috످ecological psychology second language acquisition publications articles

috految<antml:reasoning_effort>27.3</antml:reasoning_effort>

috److Ecological approaches to second language acquisition (SLA) view learning as emerging from interactions between learners and their environments. A central concept is James J. Gibson's idea of affordances, or the possibilities for action that an environment offers. In SLA, these might include a conversation partner's gesture or a classroom task that invites participation.

For ecological approaches to SLA, see van Lier, L. (2000). From input to affordance: Social-interactive learning from an ecological perspective. In J. P. Lantolf (Ed.), Sociocultural theory and second language learning (pp. 245–259). Oxford University Press. This chapter is the best place to start. It argues that learners acquire language by perceiving and acting on affordances, challenging traditional input-based models.

See also van Lier, L. (2004). The ecology and semiotics of language learning: A sociocultural perspective. Kluwer Academic. This book combines ecological psychology, semiotics, and sociocultural theory into a framework for language teaching and research.

Another source is Kramsch, C. (2008). Ecological perspectives on foreign language education. Language Teaching, 41(3), 389–408 (https://doi.org/10.1017/S0261444808005065). This article takes a broader ecological view, drawing on complexity theory to examine language learning in multilingual settings.

For the theoretical foundation, see Gibson, J. J. (1979). The ecological approach to visual perception. Houghton Mifflin. This is the founding text of ecological psychology. Chapter 8, "The Theory of Affordances," is the most relevant to SLA.

To find more articles on recent research, look up van Lier (2004) on Google Scholar (https://scholar.google.com/scholar?q=van+Lier+ecology+and+semiotics+of+language+learning), click "Cited by," and filter by year.

For databases, search ERIC (https://eric.ed.gov, free), PsycINFO, or LLBA for `("ecological psychology" OR affordances) AND ("second language" OR L2)`. For journals, browse Ecological Psychology, Language Sciences, and The Modern Language Journal.

Please verify the publication details before citing, as I haven't checked them against a database.

Are you focusing on a particular area, such as classroom teaching, speech perception, or technology-mediated learning?

috످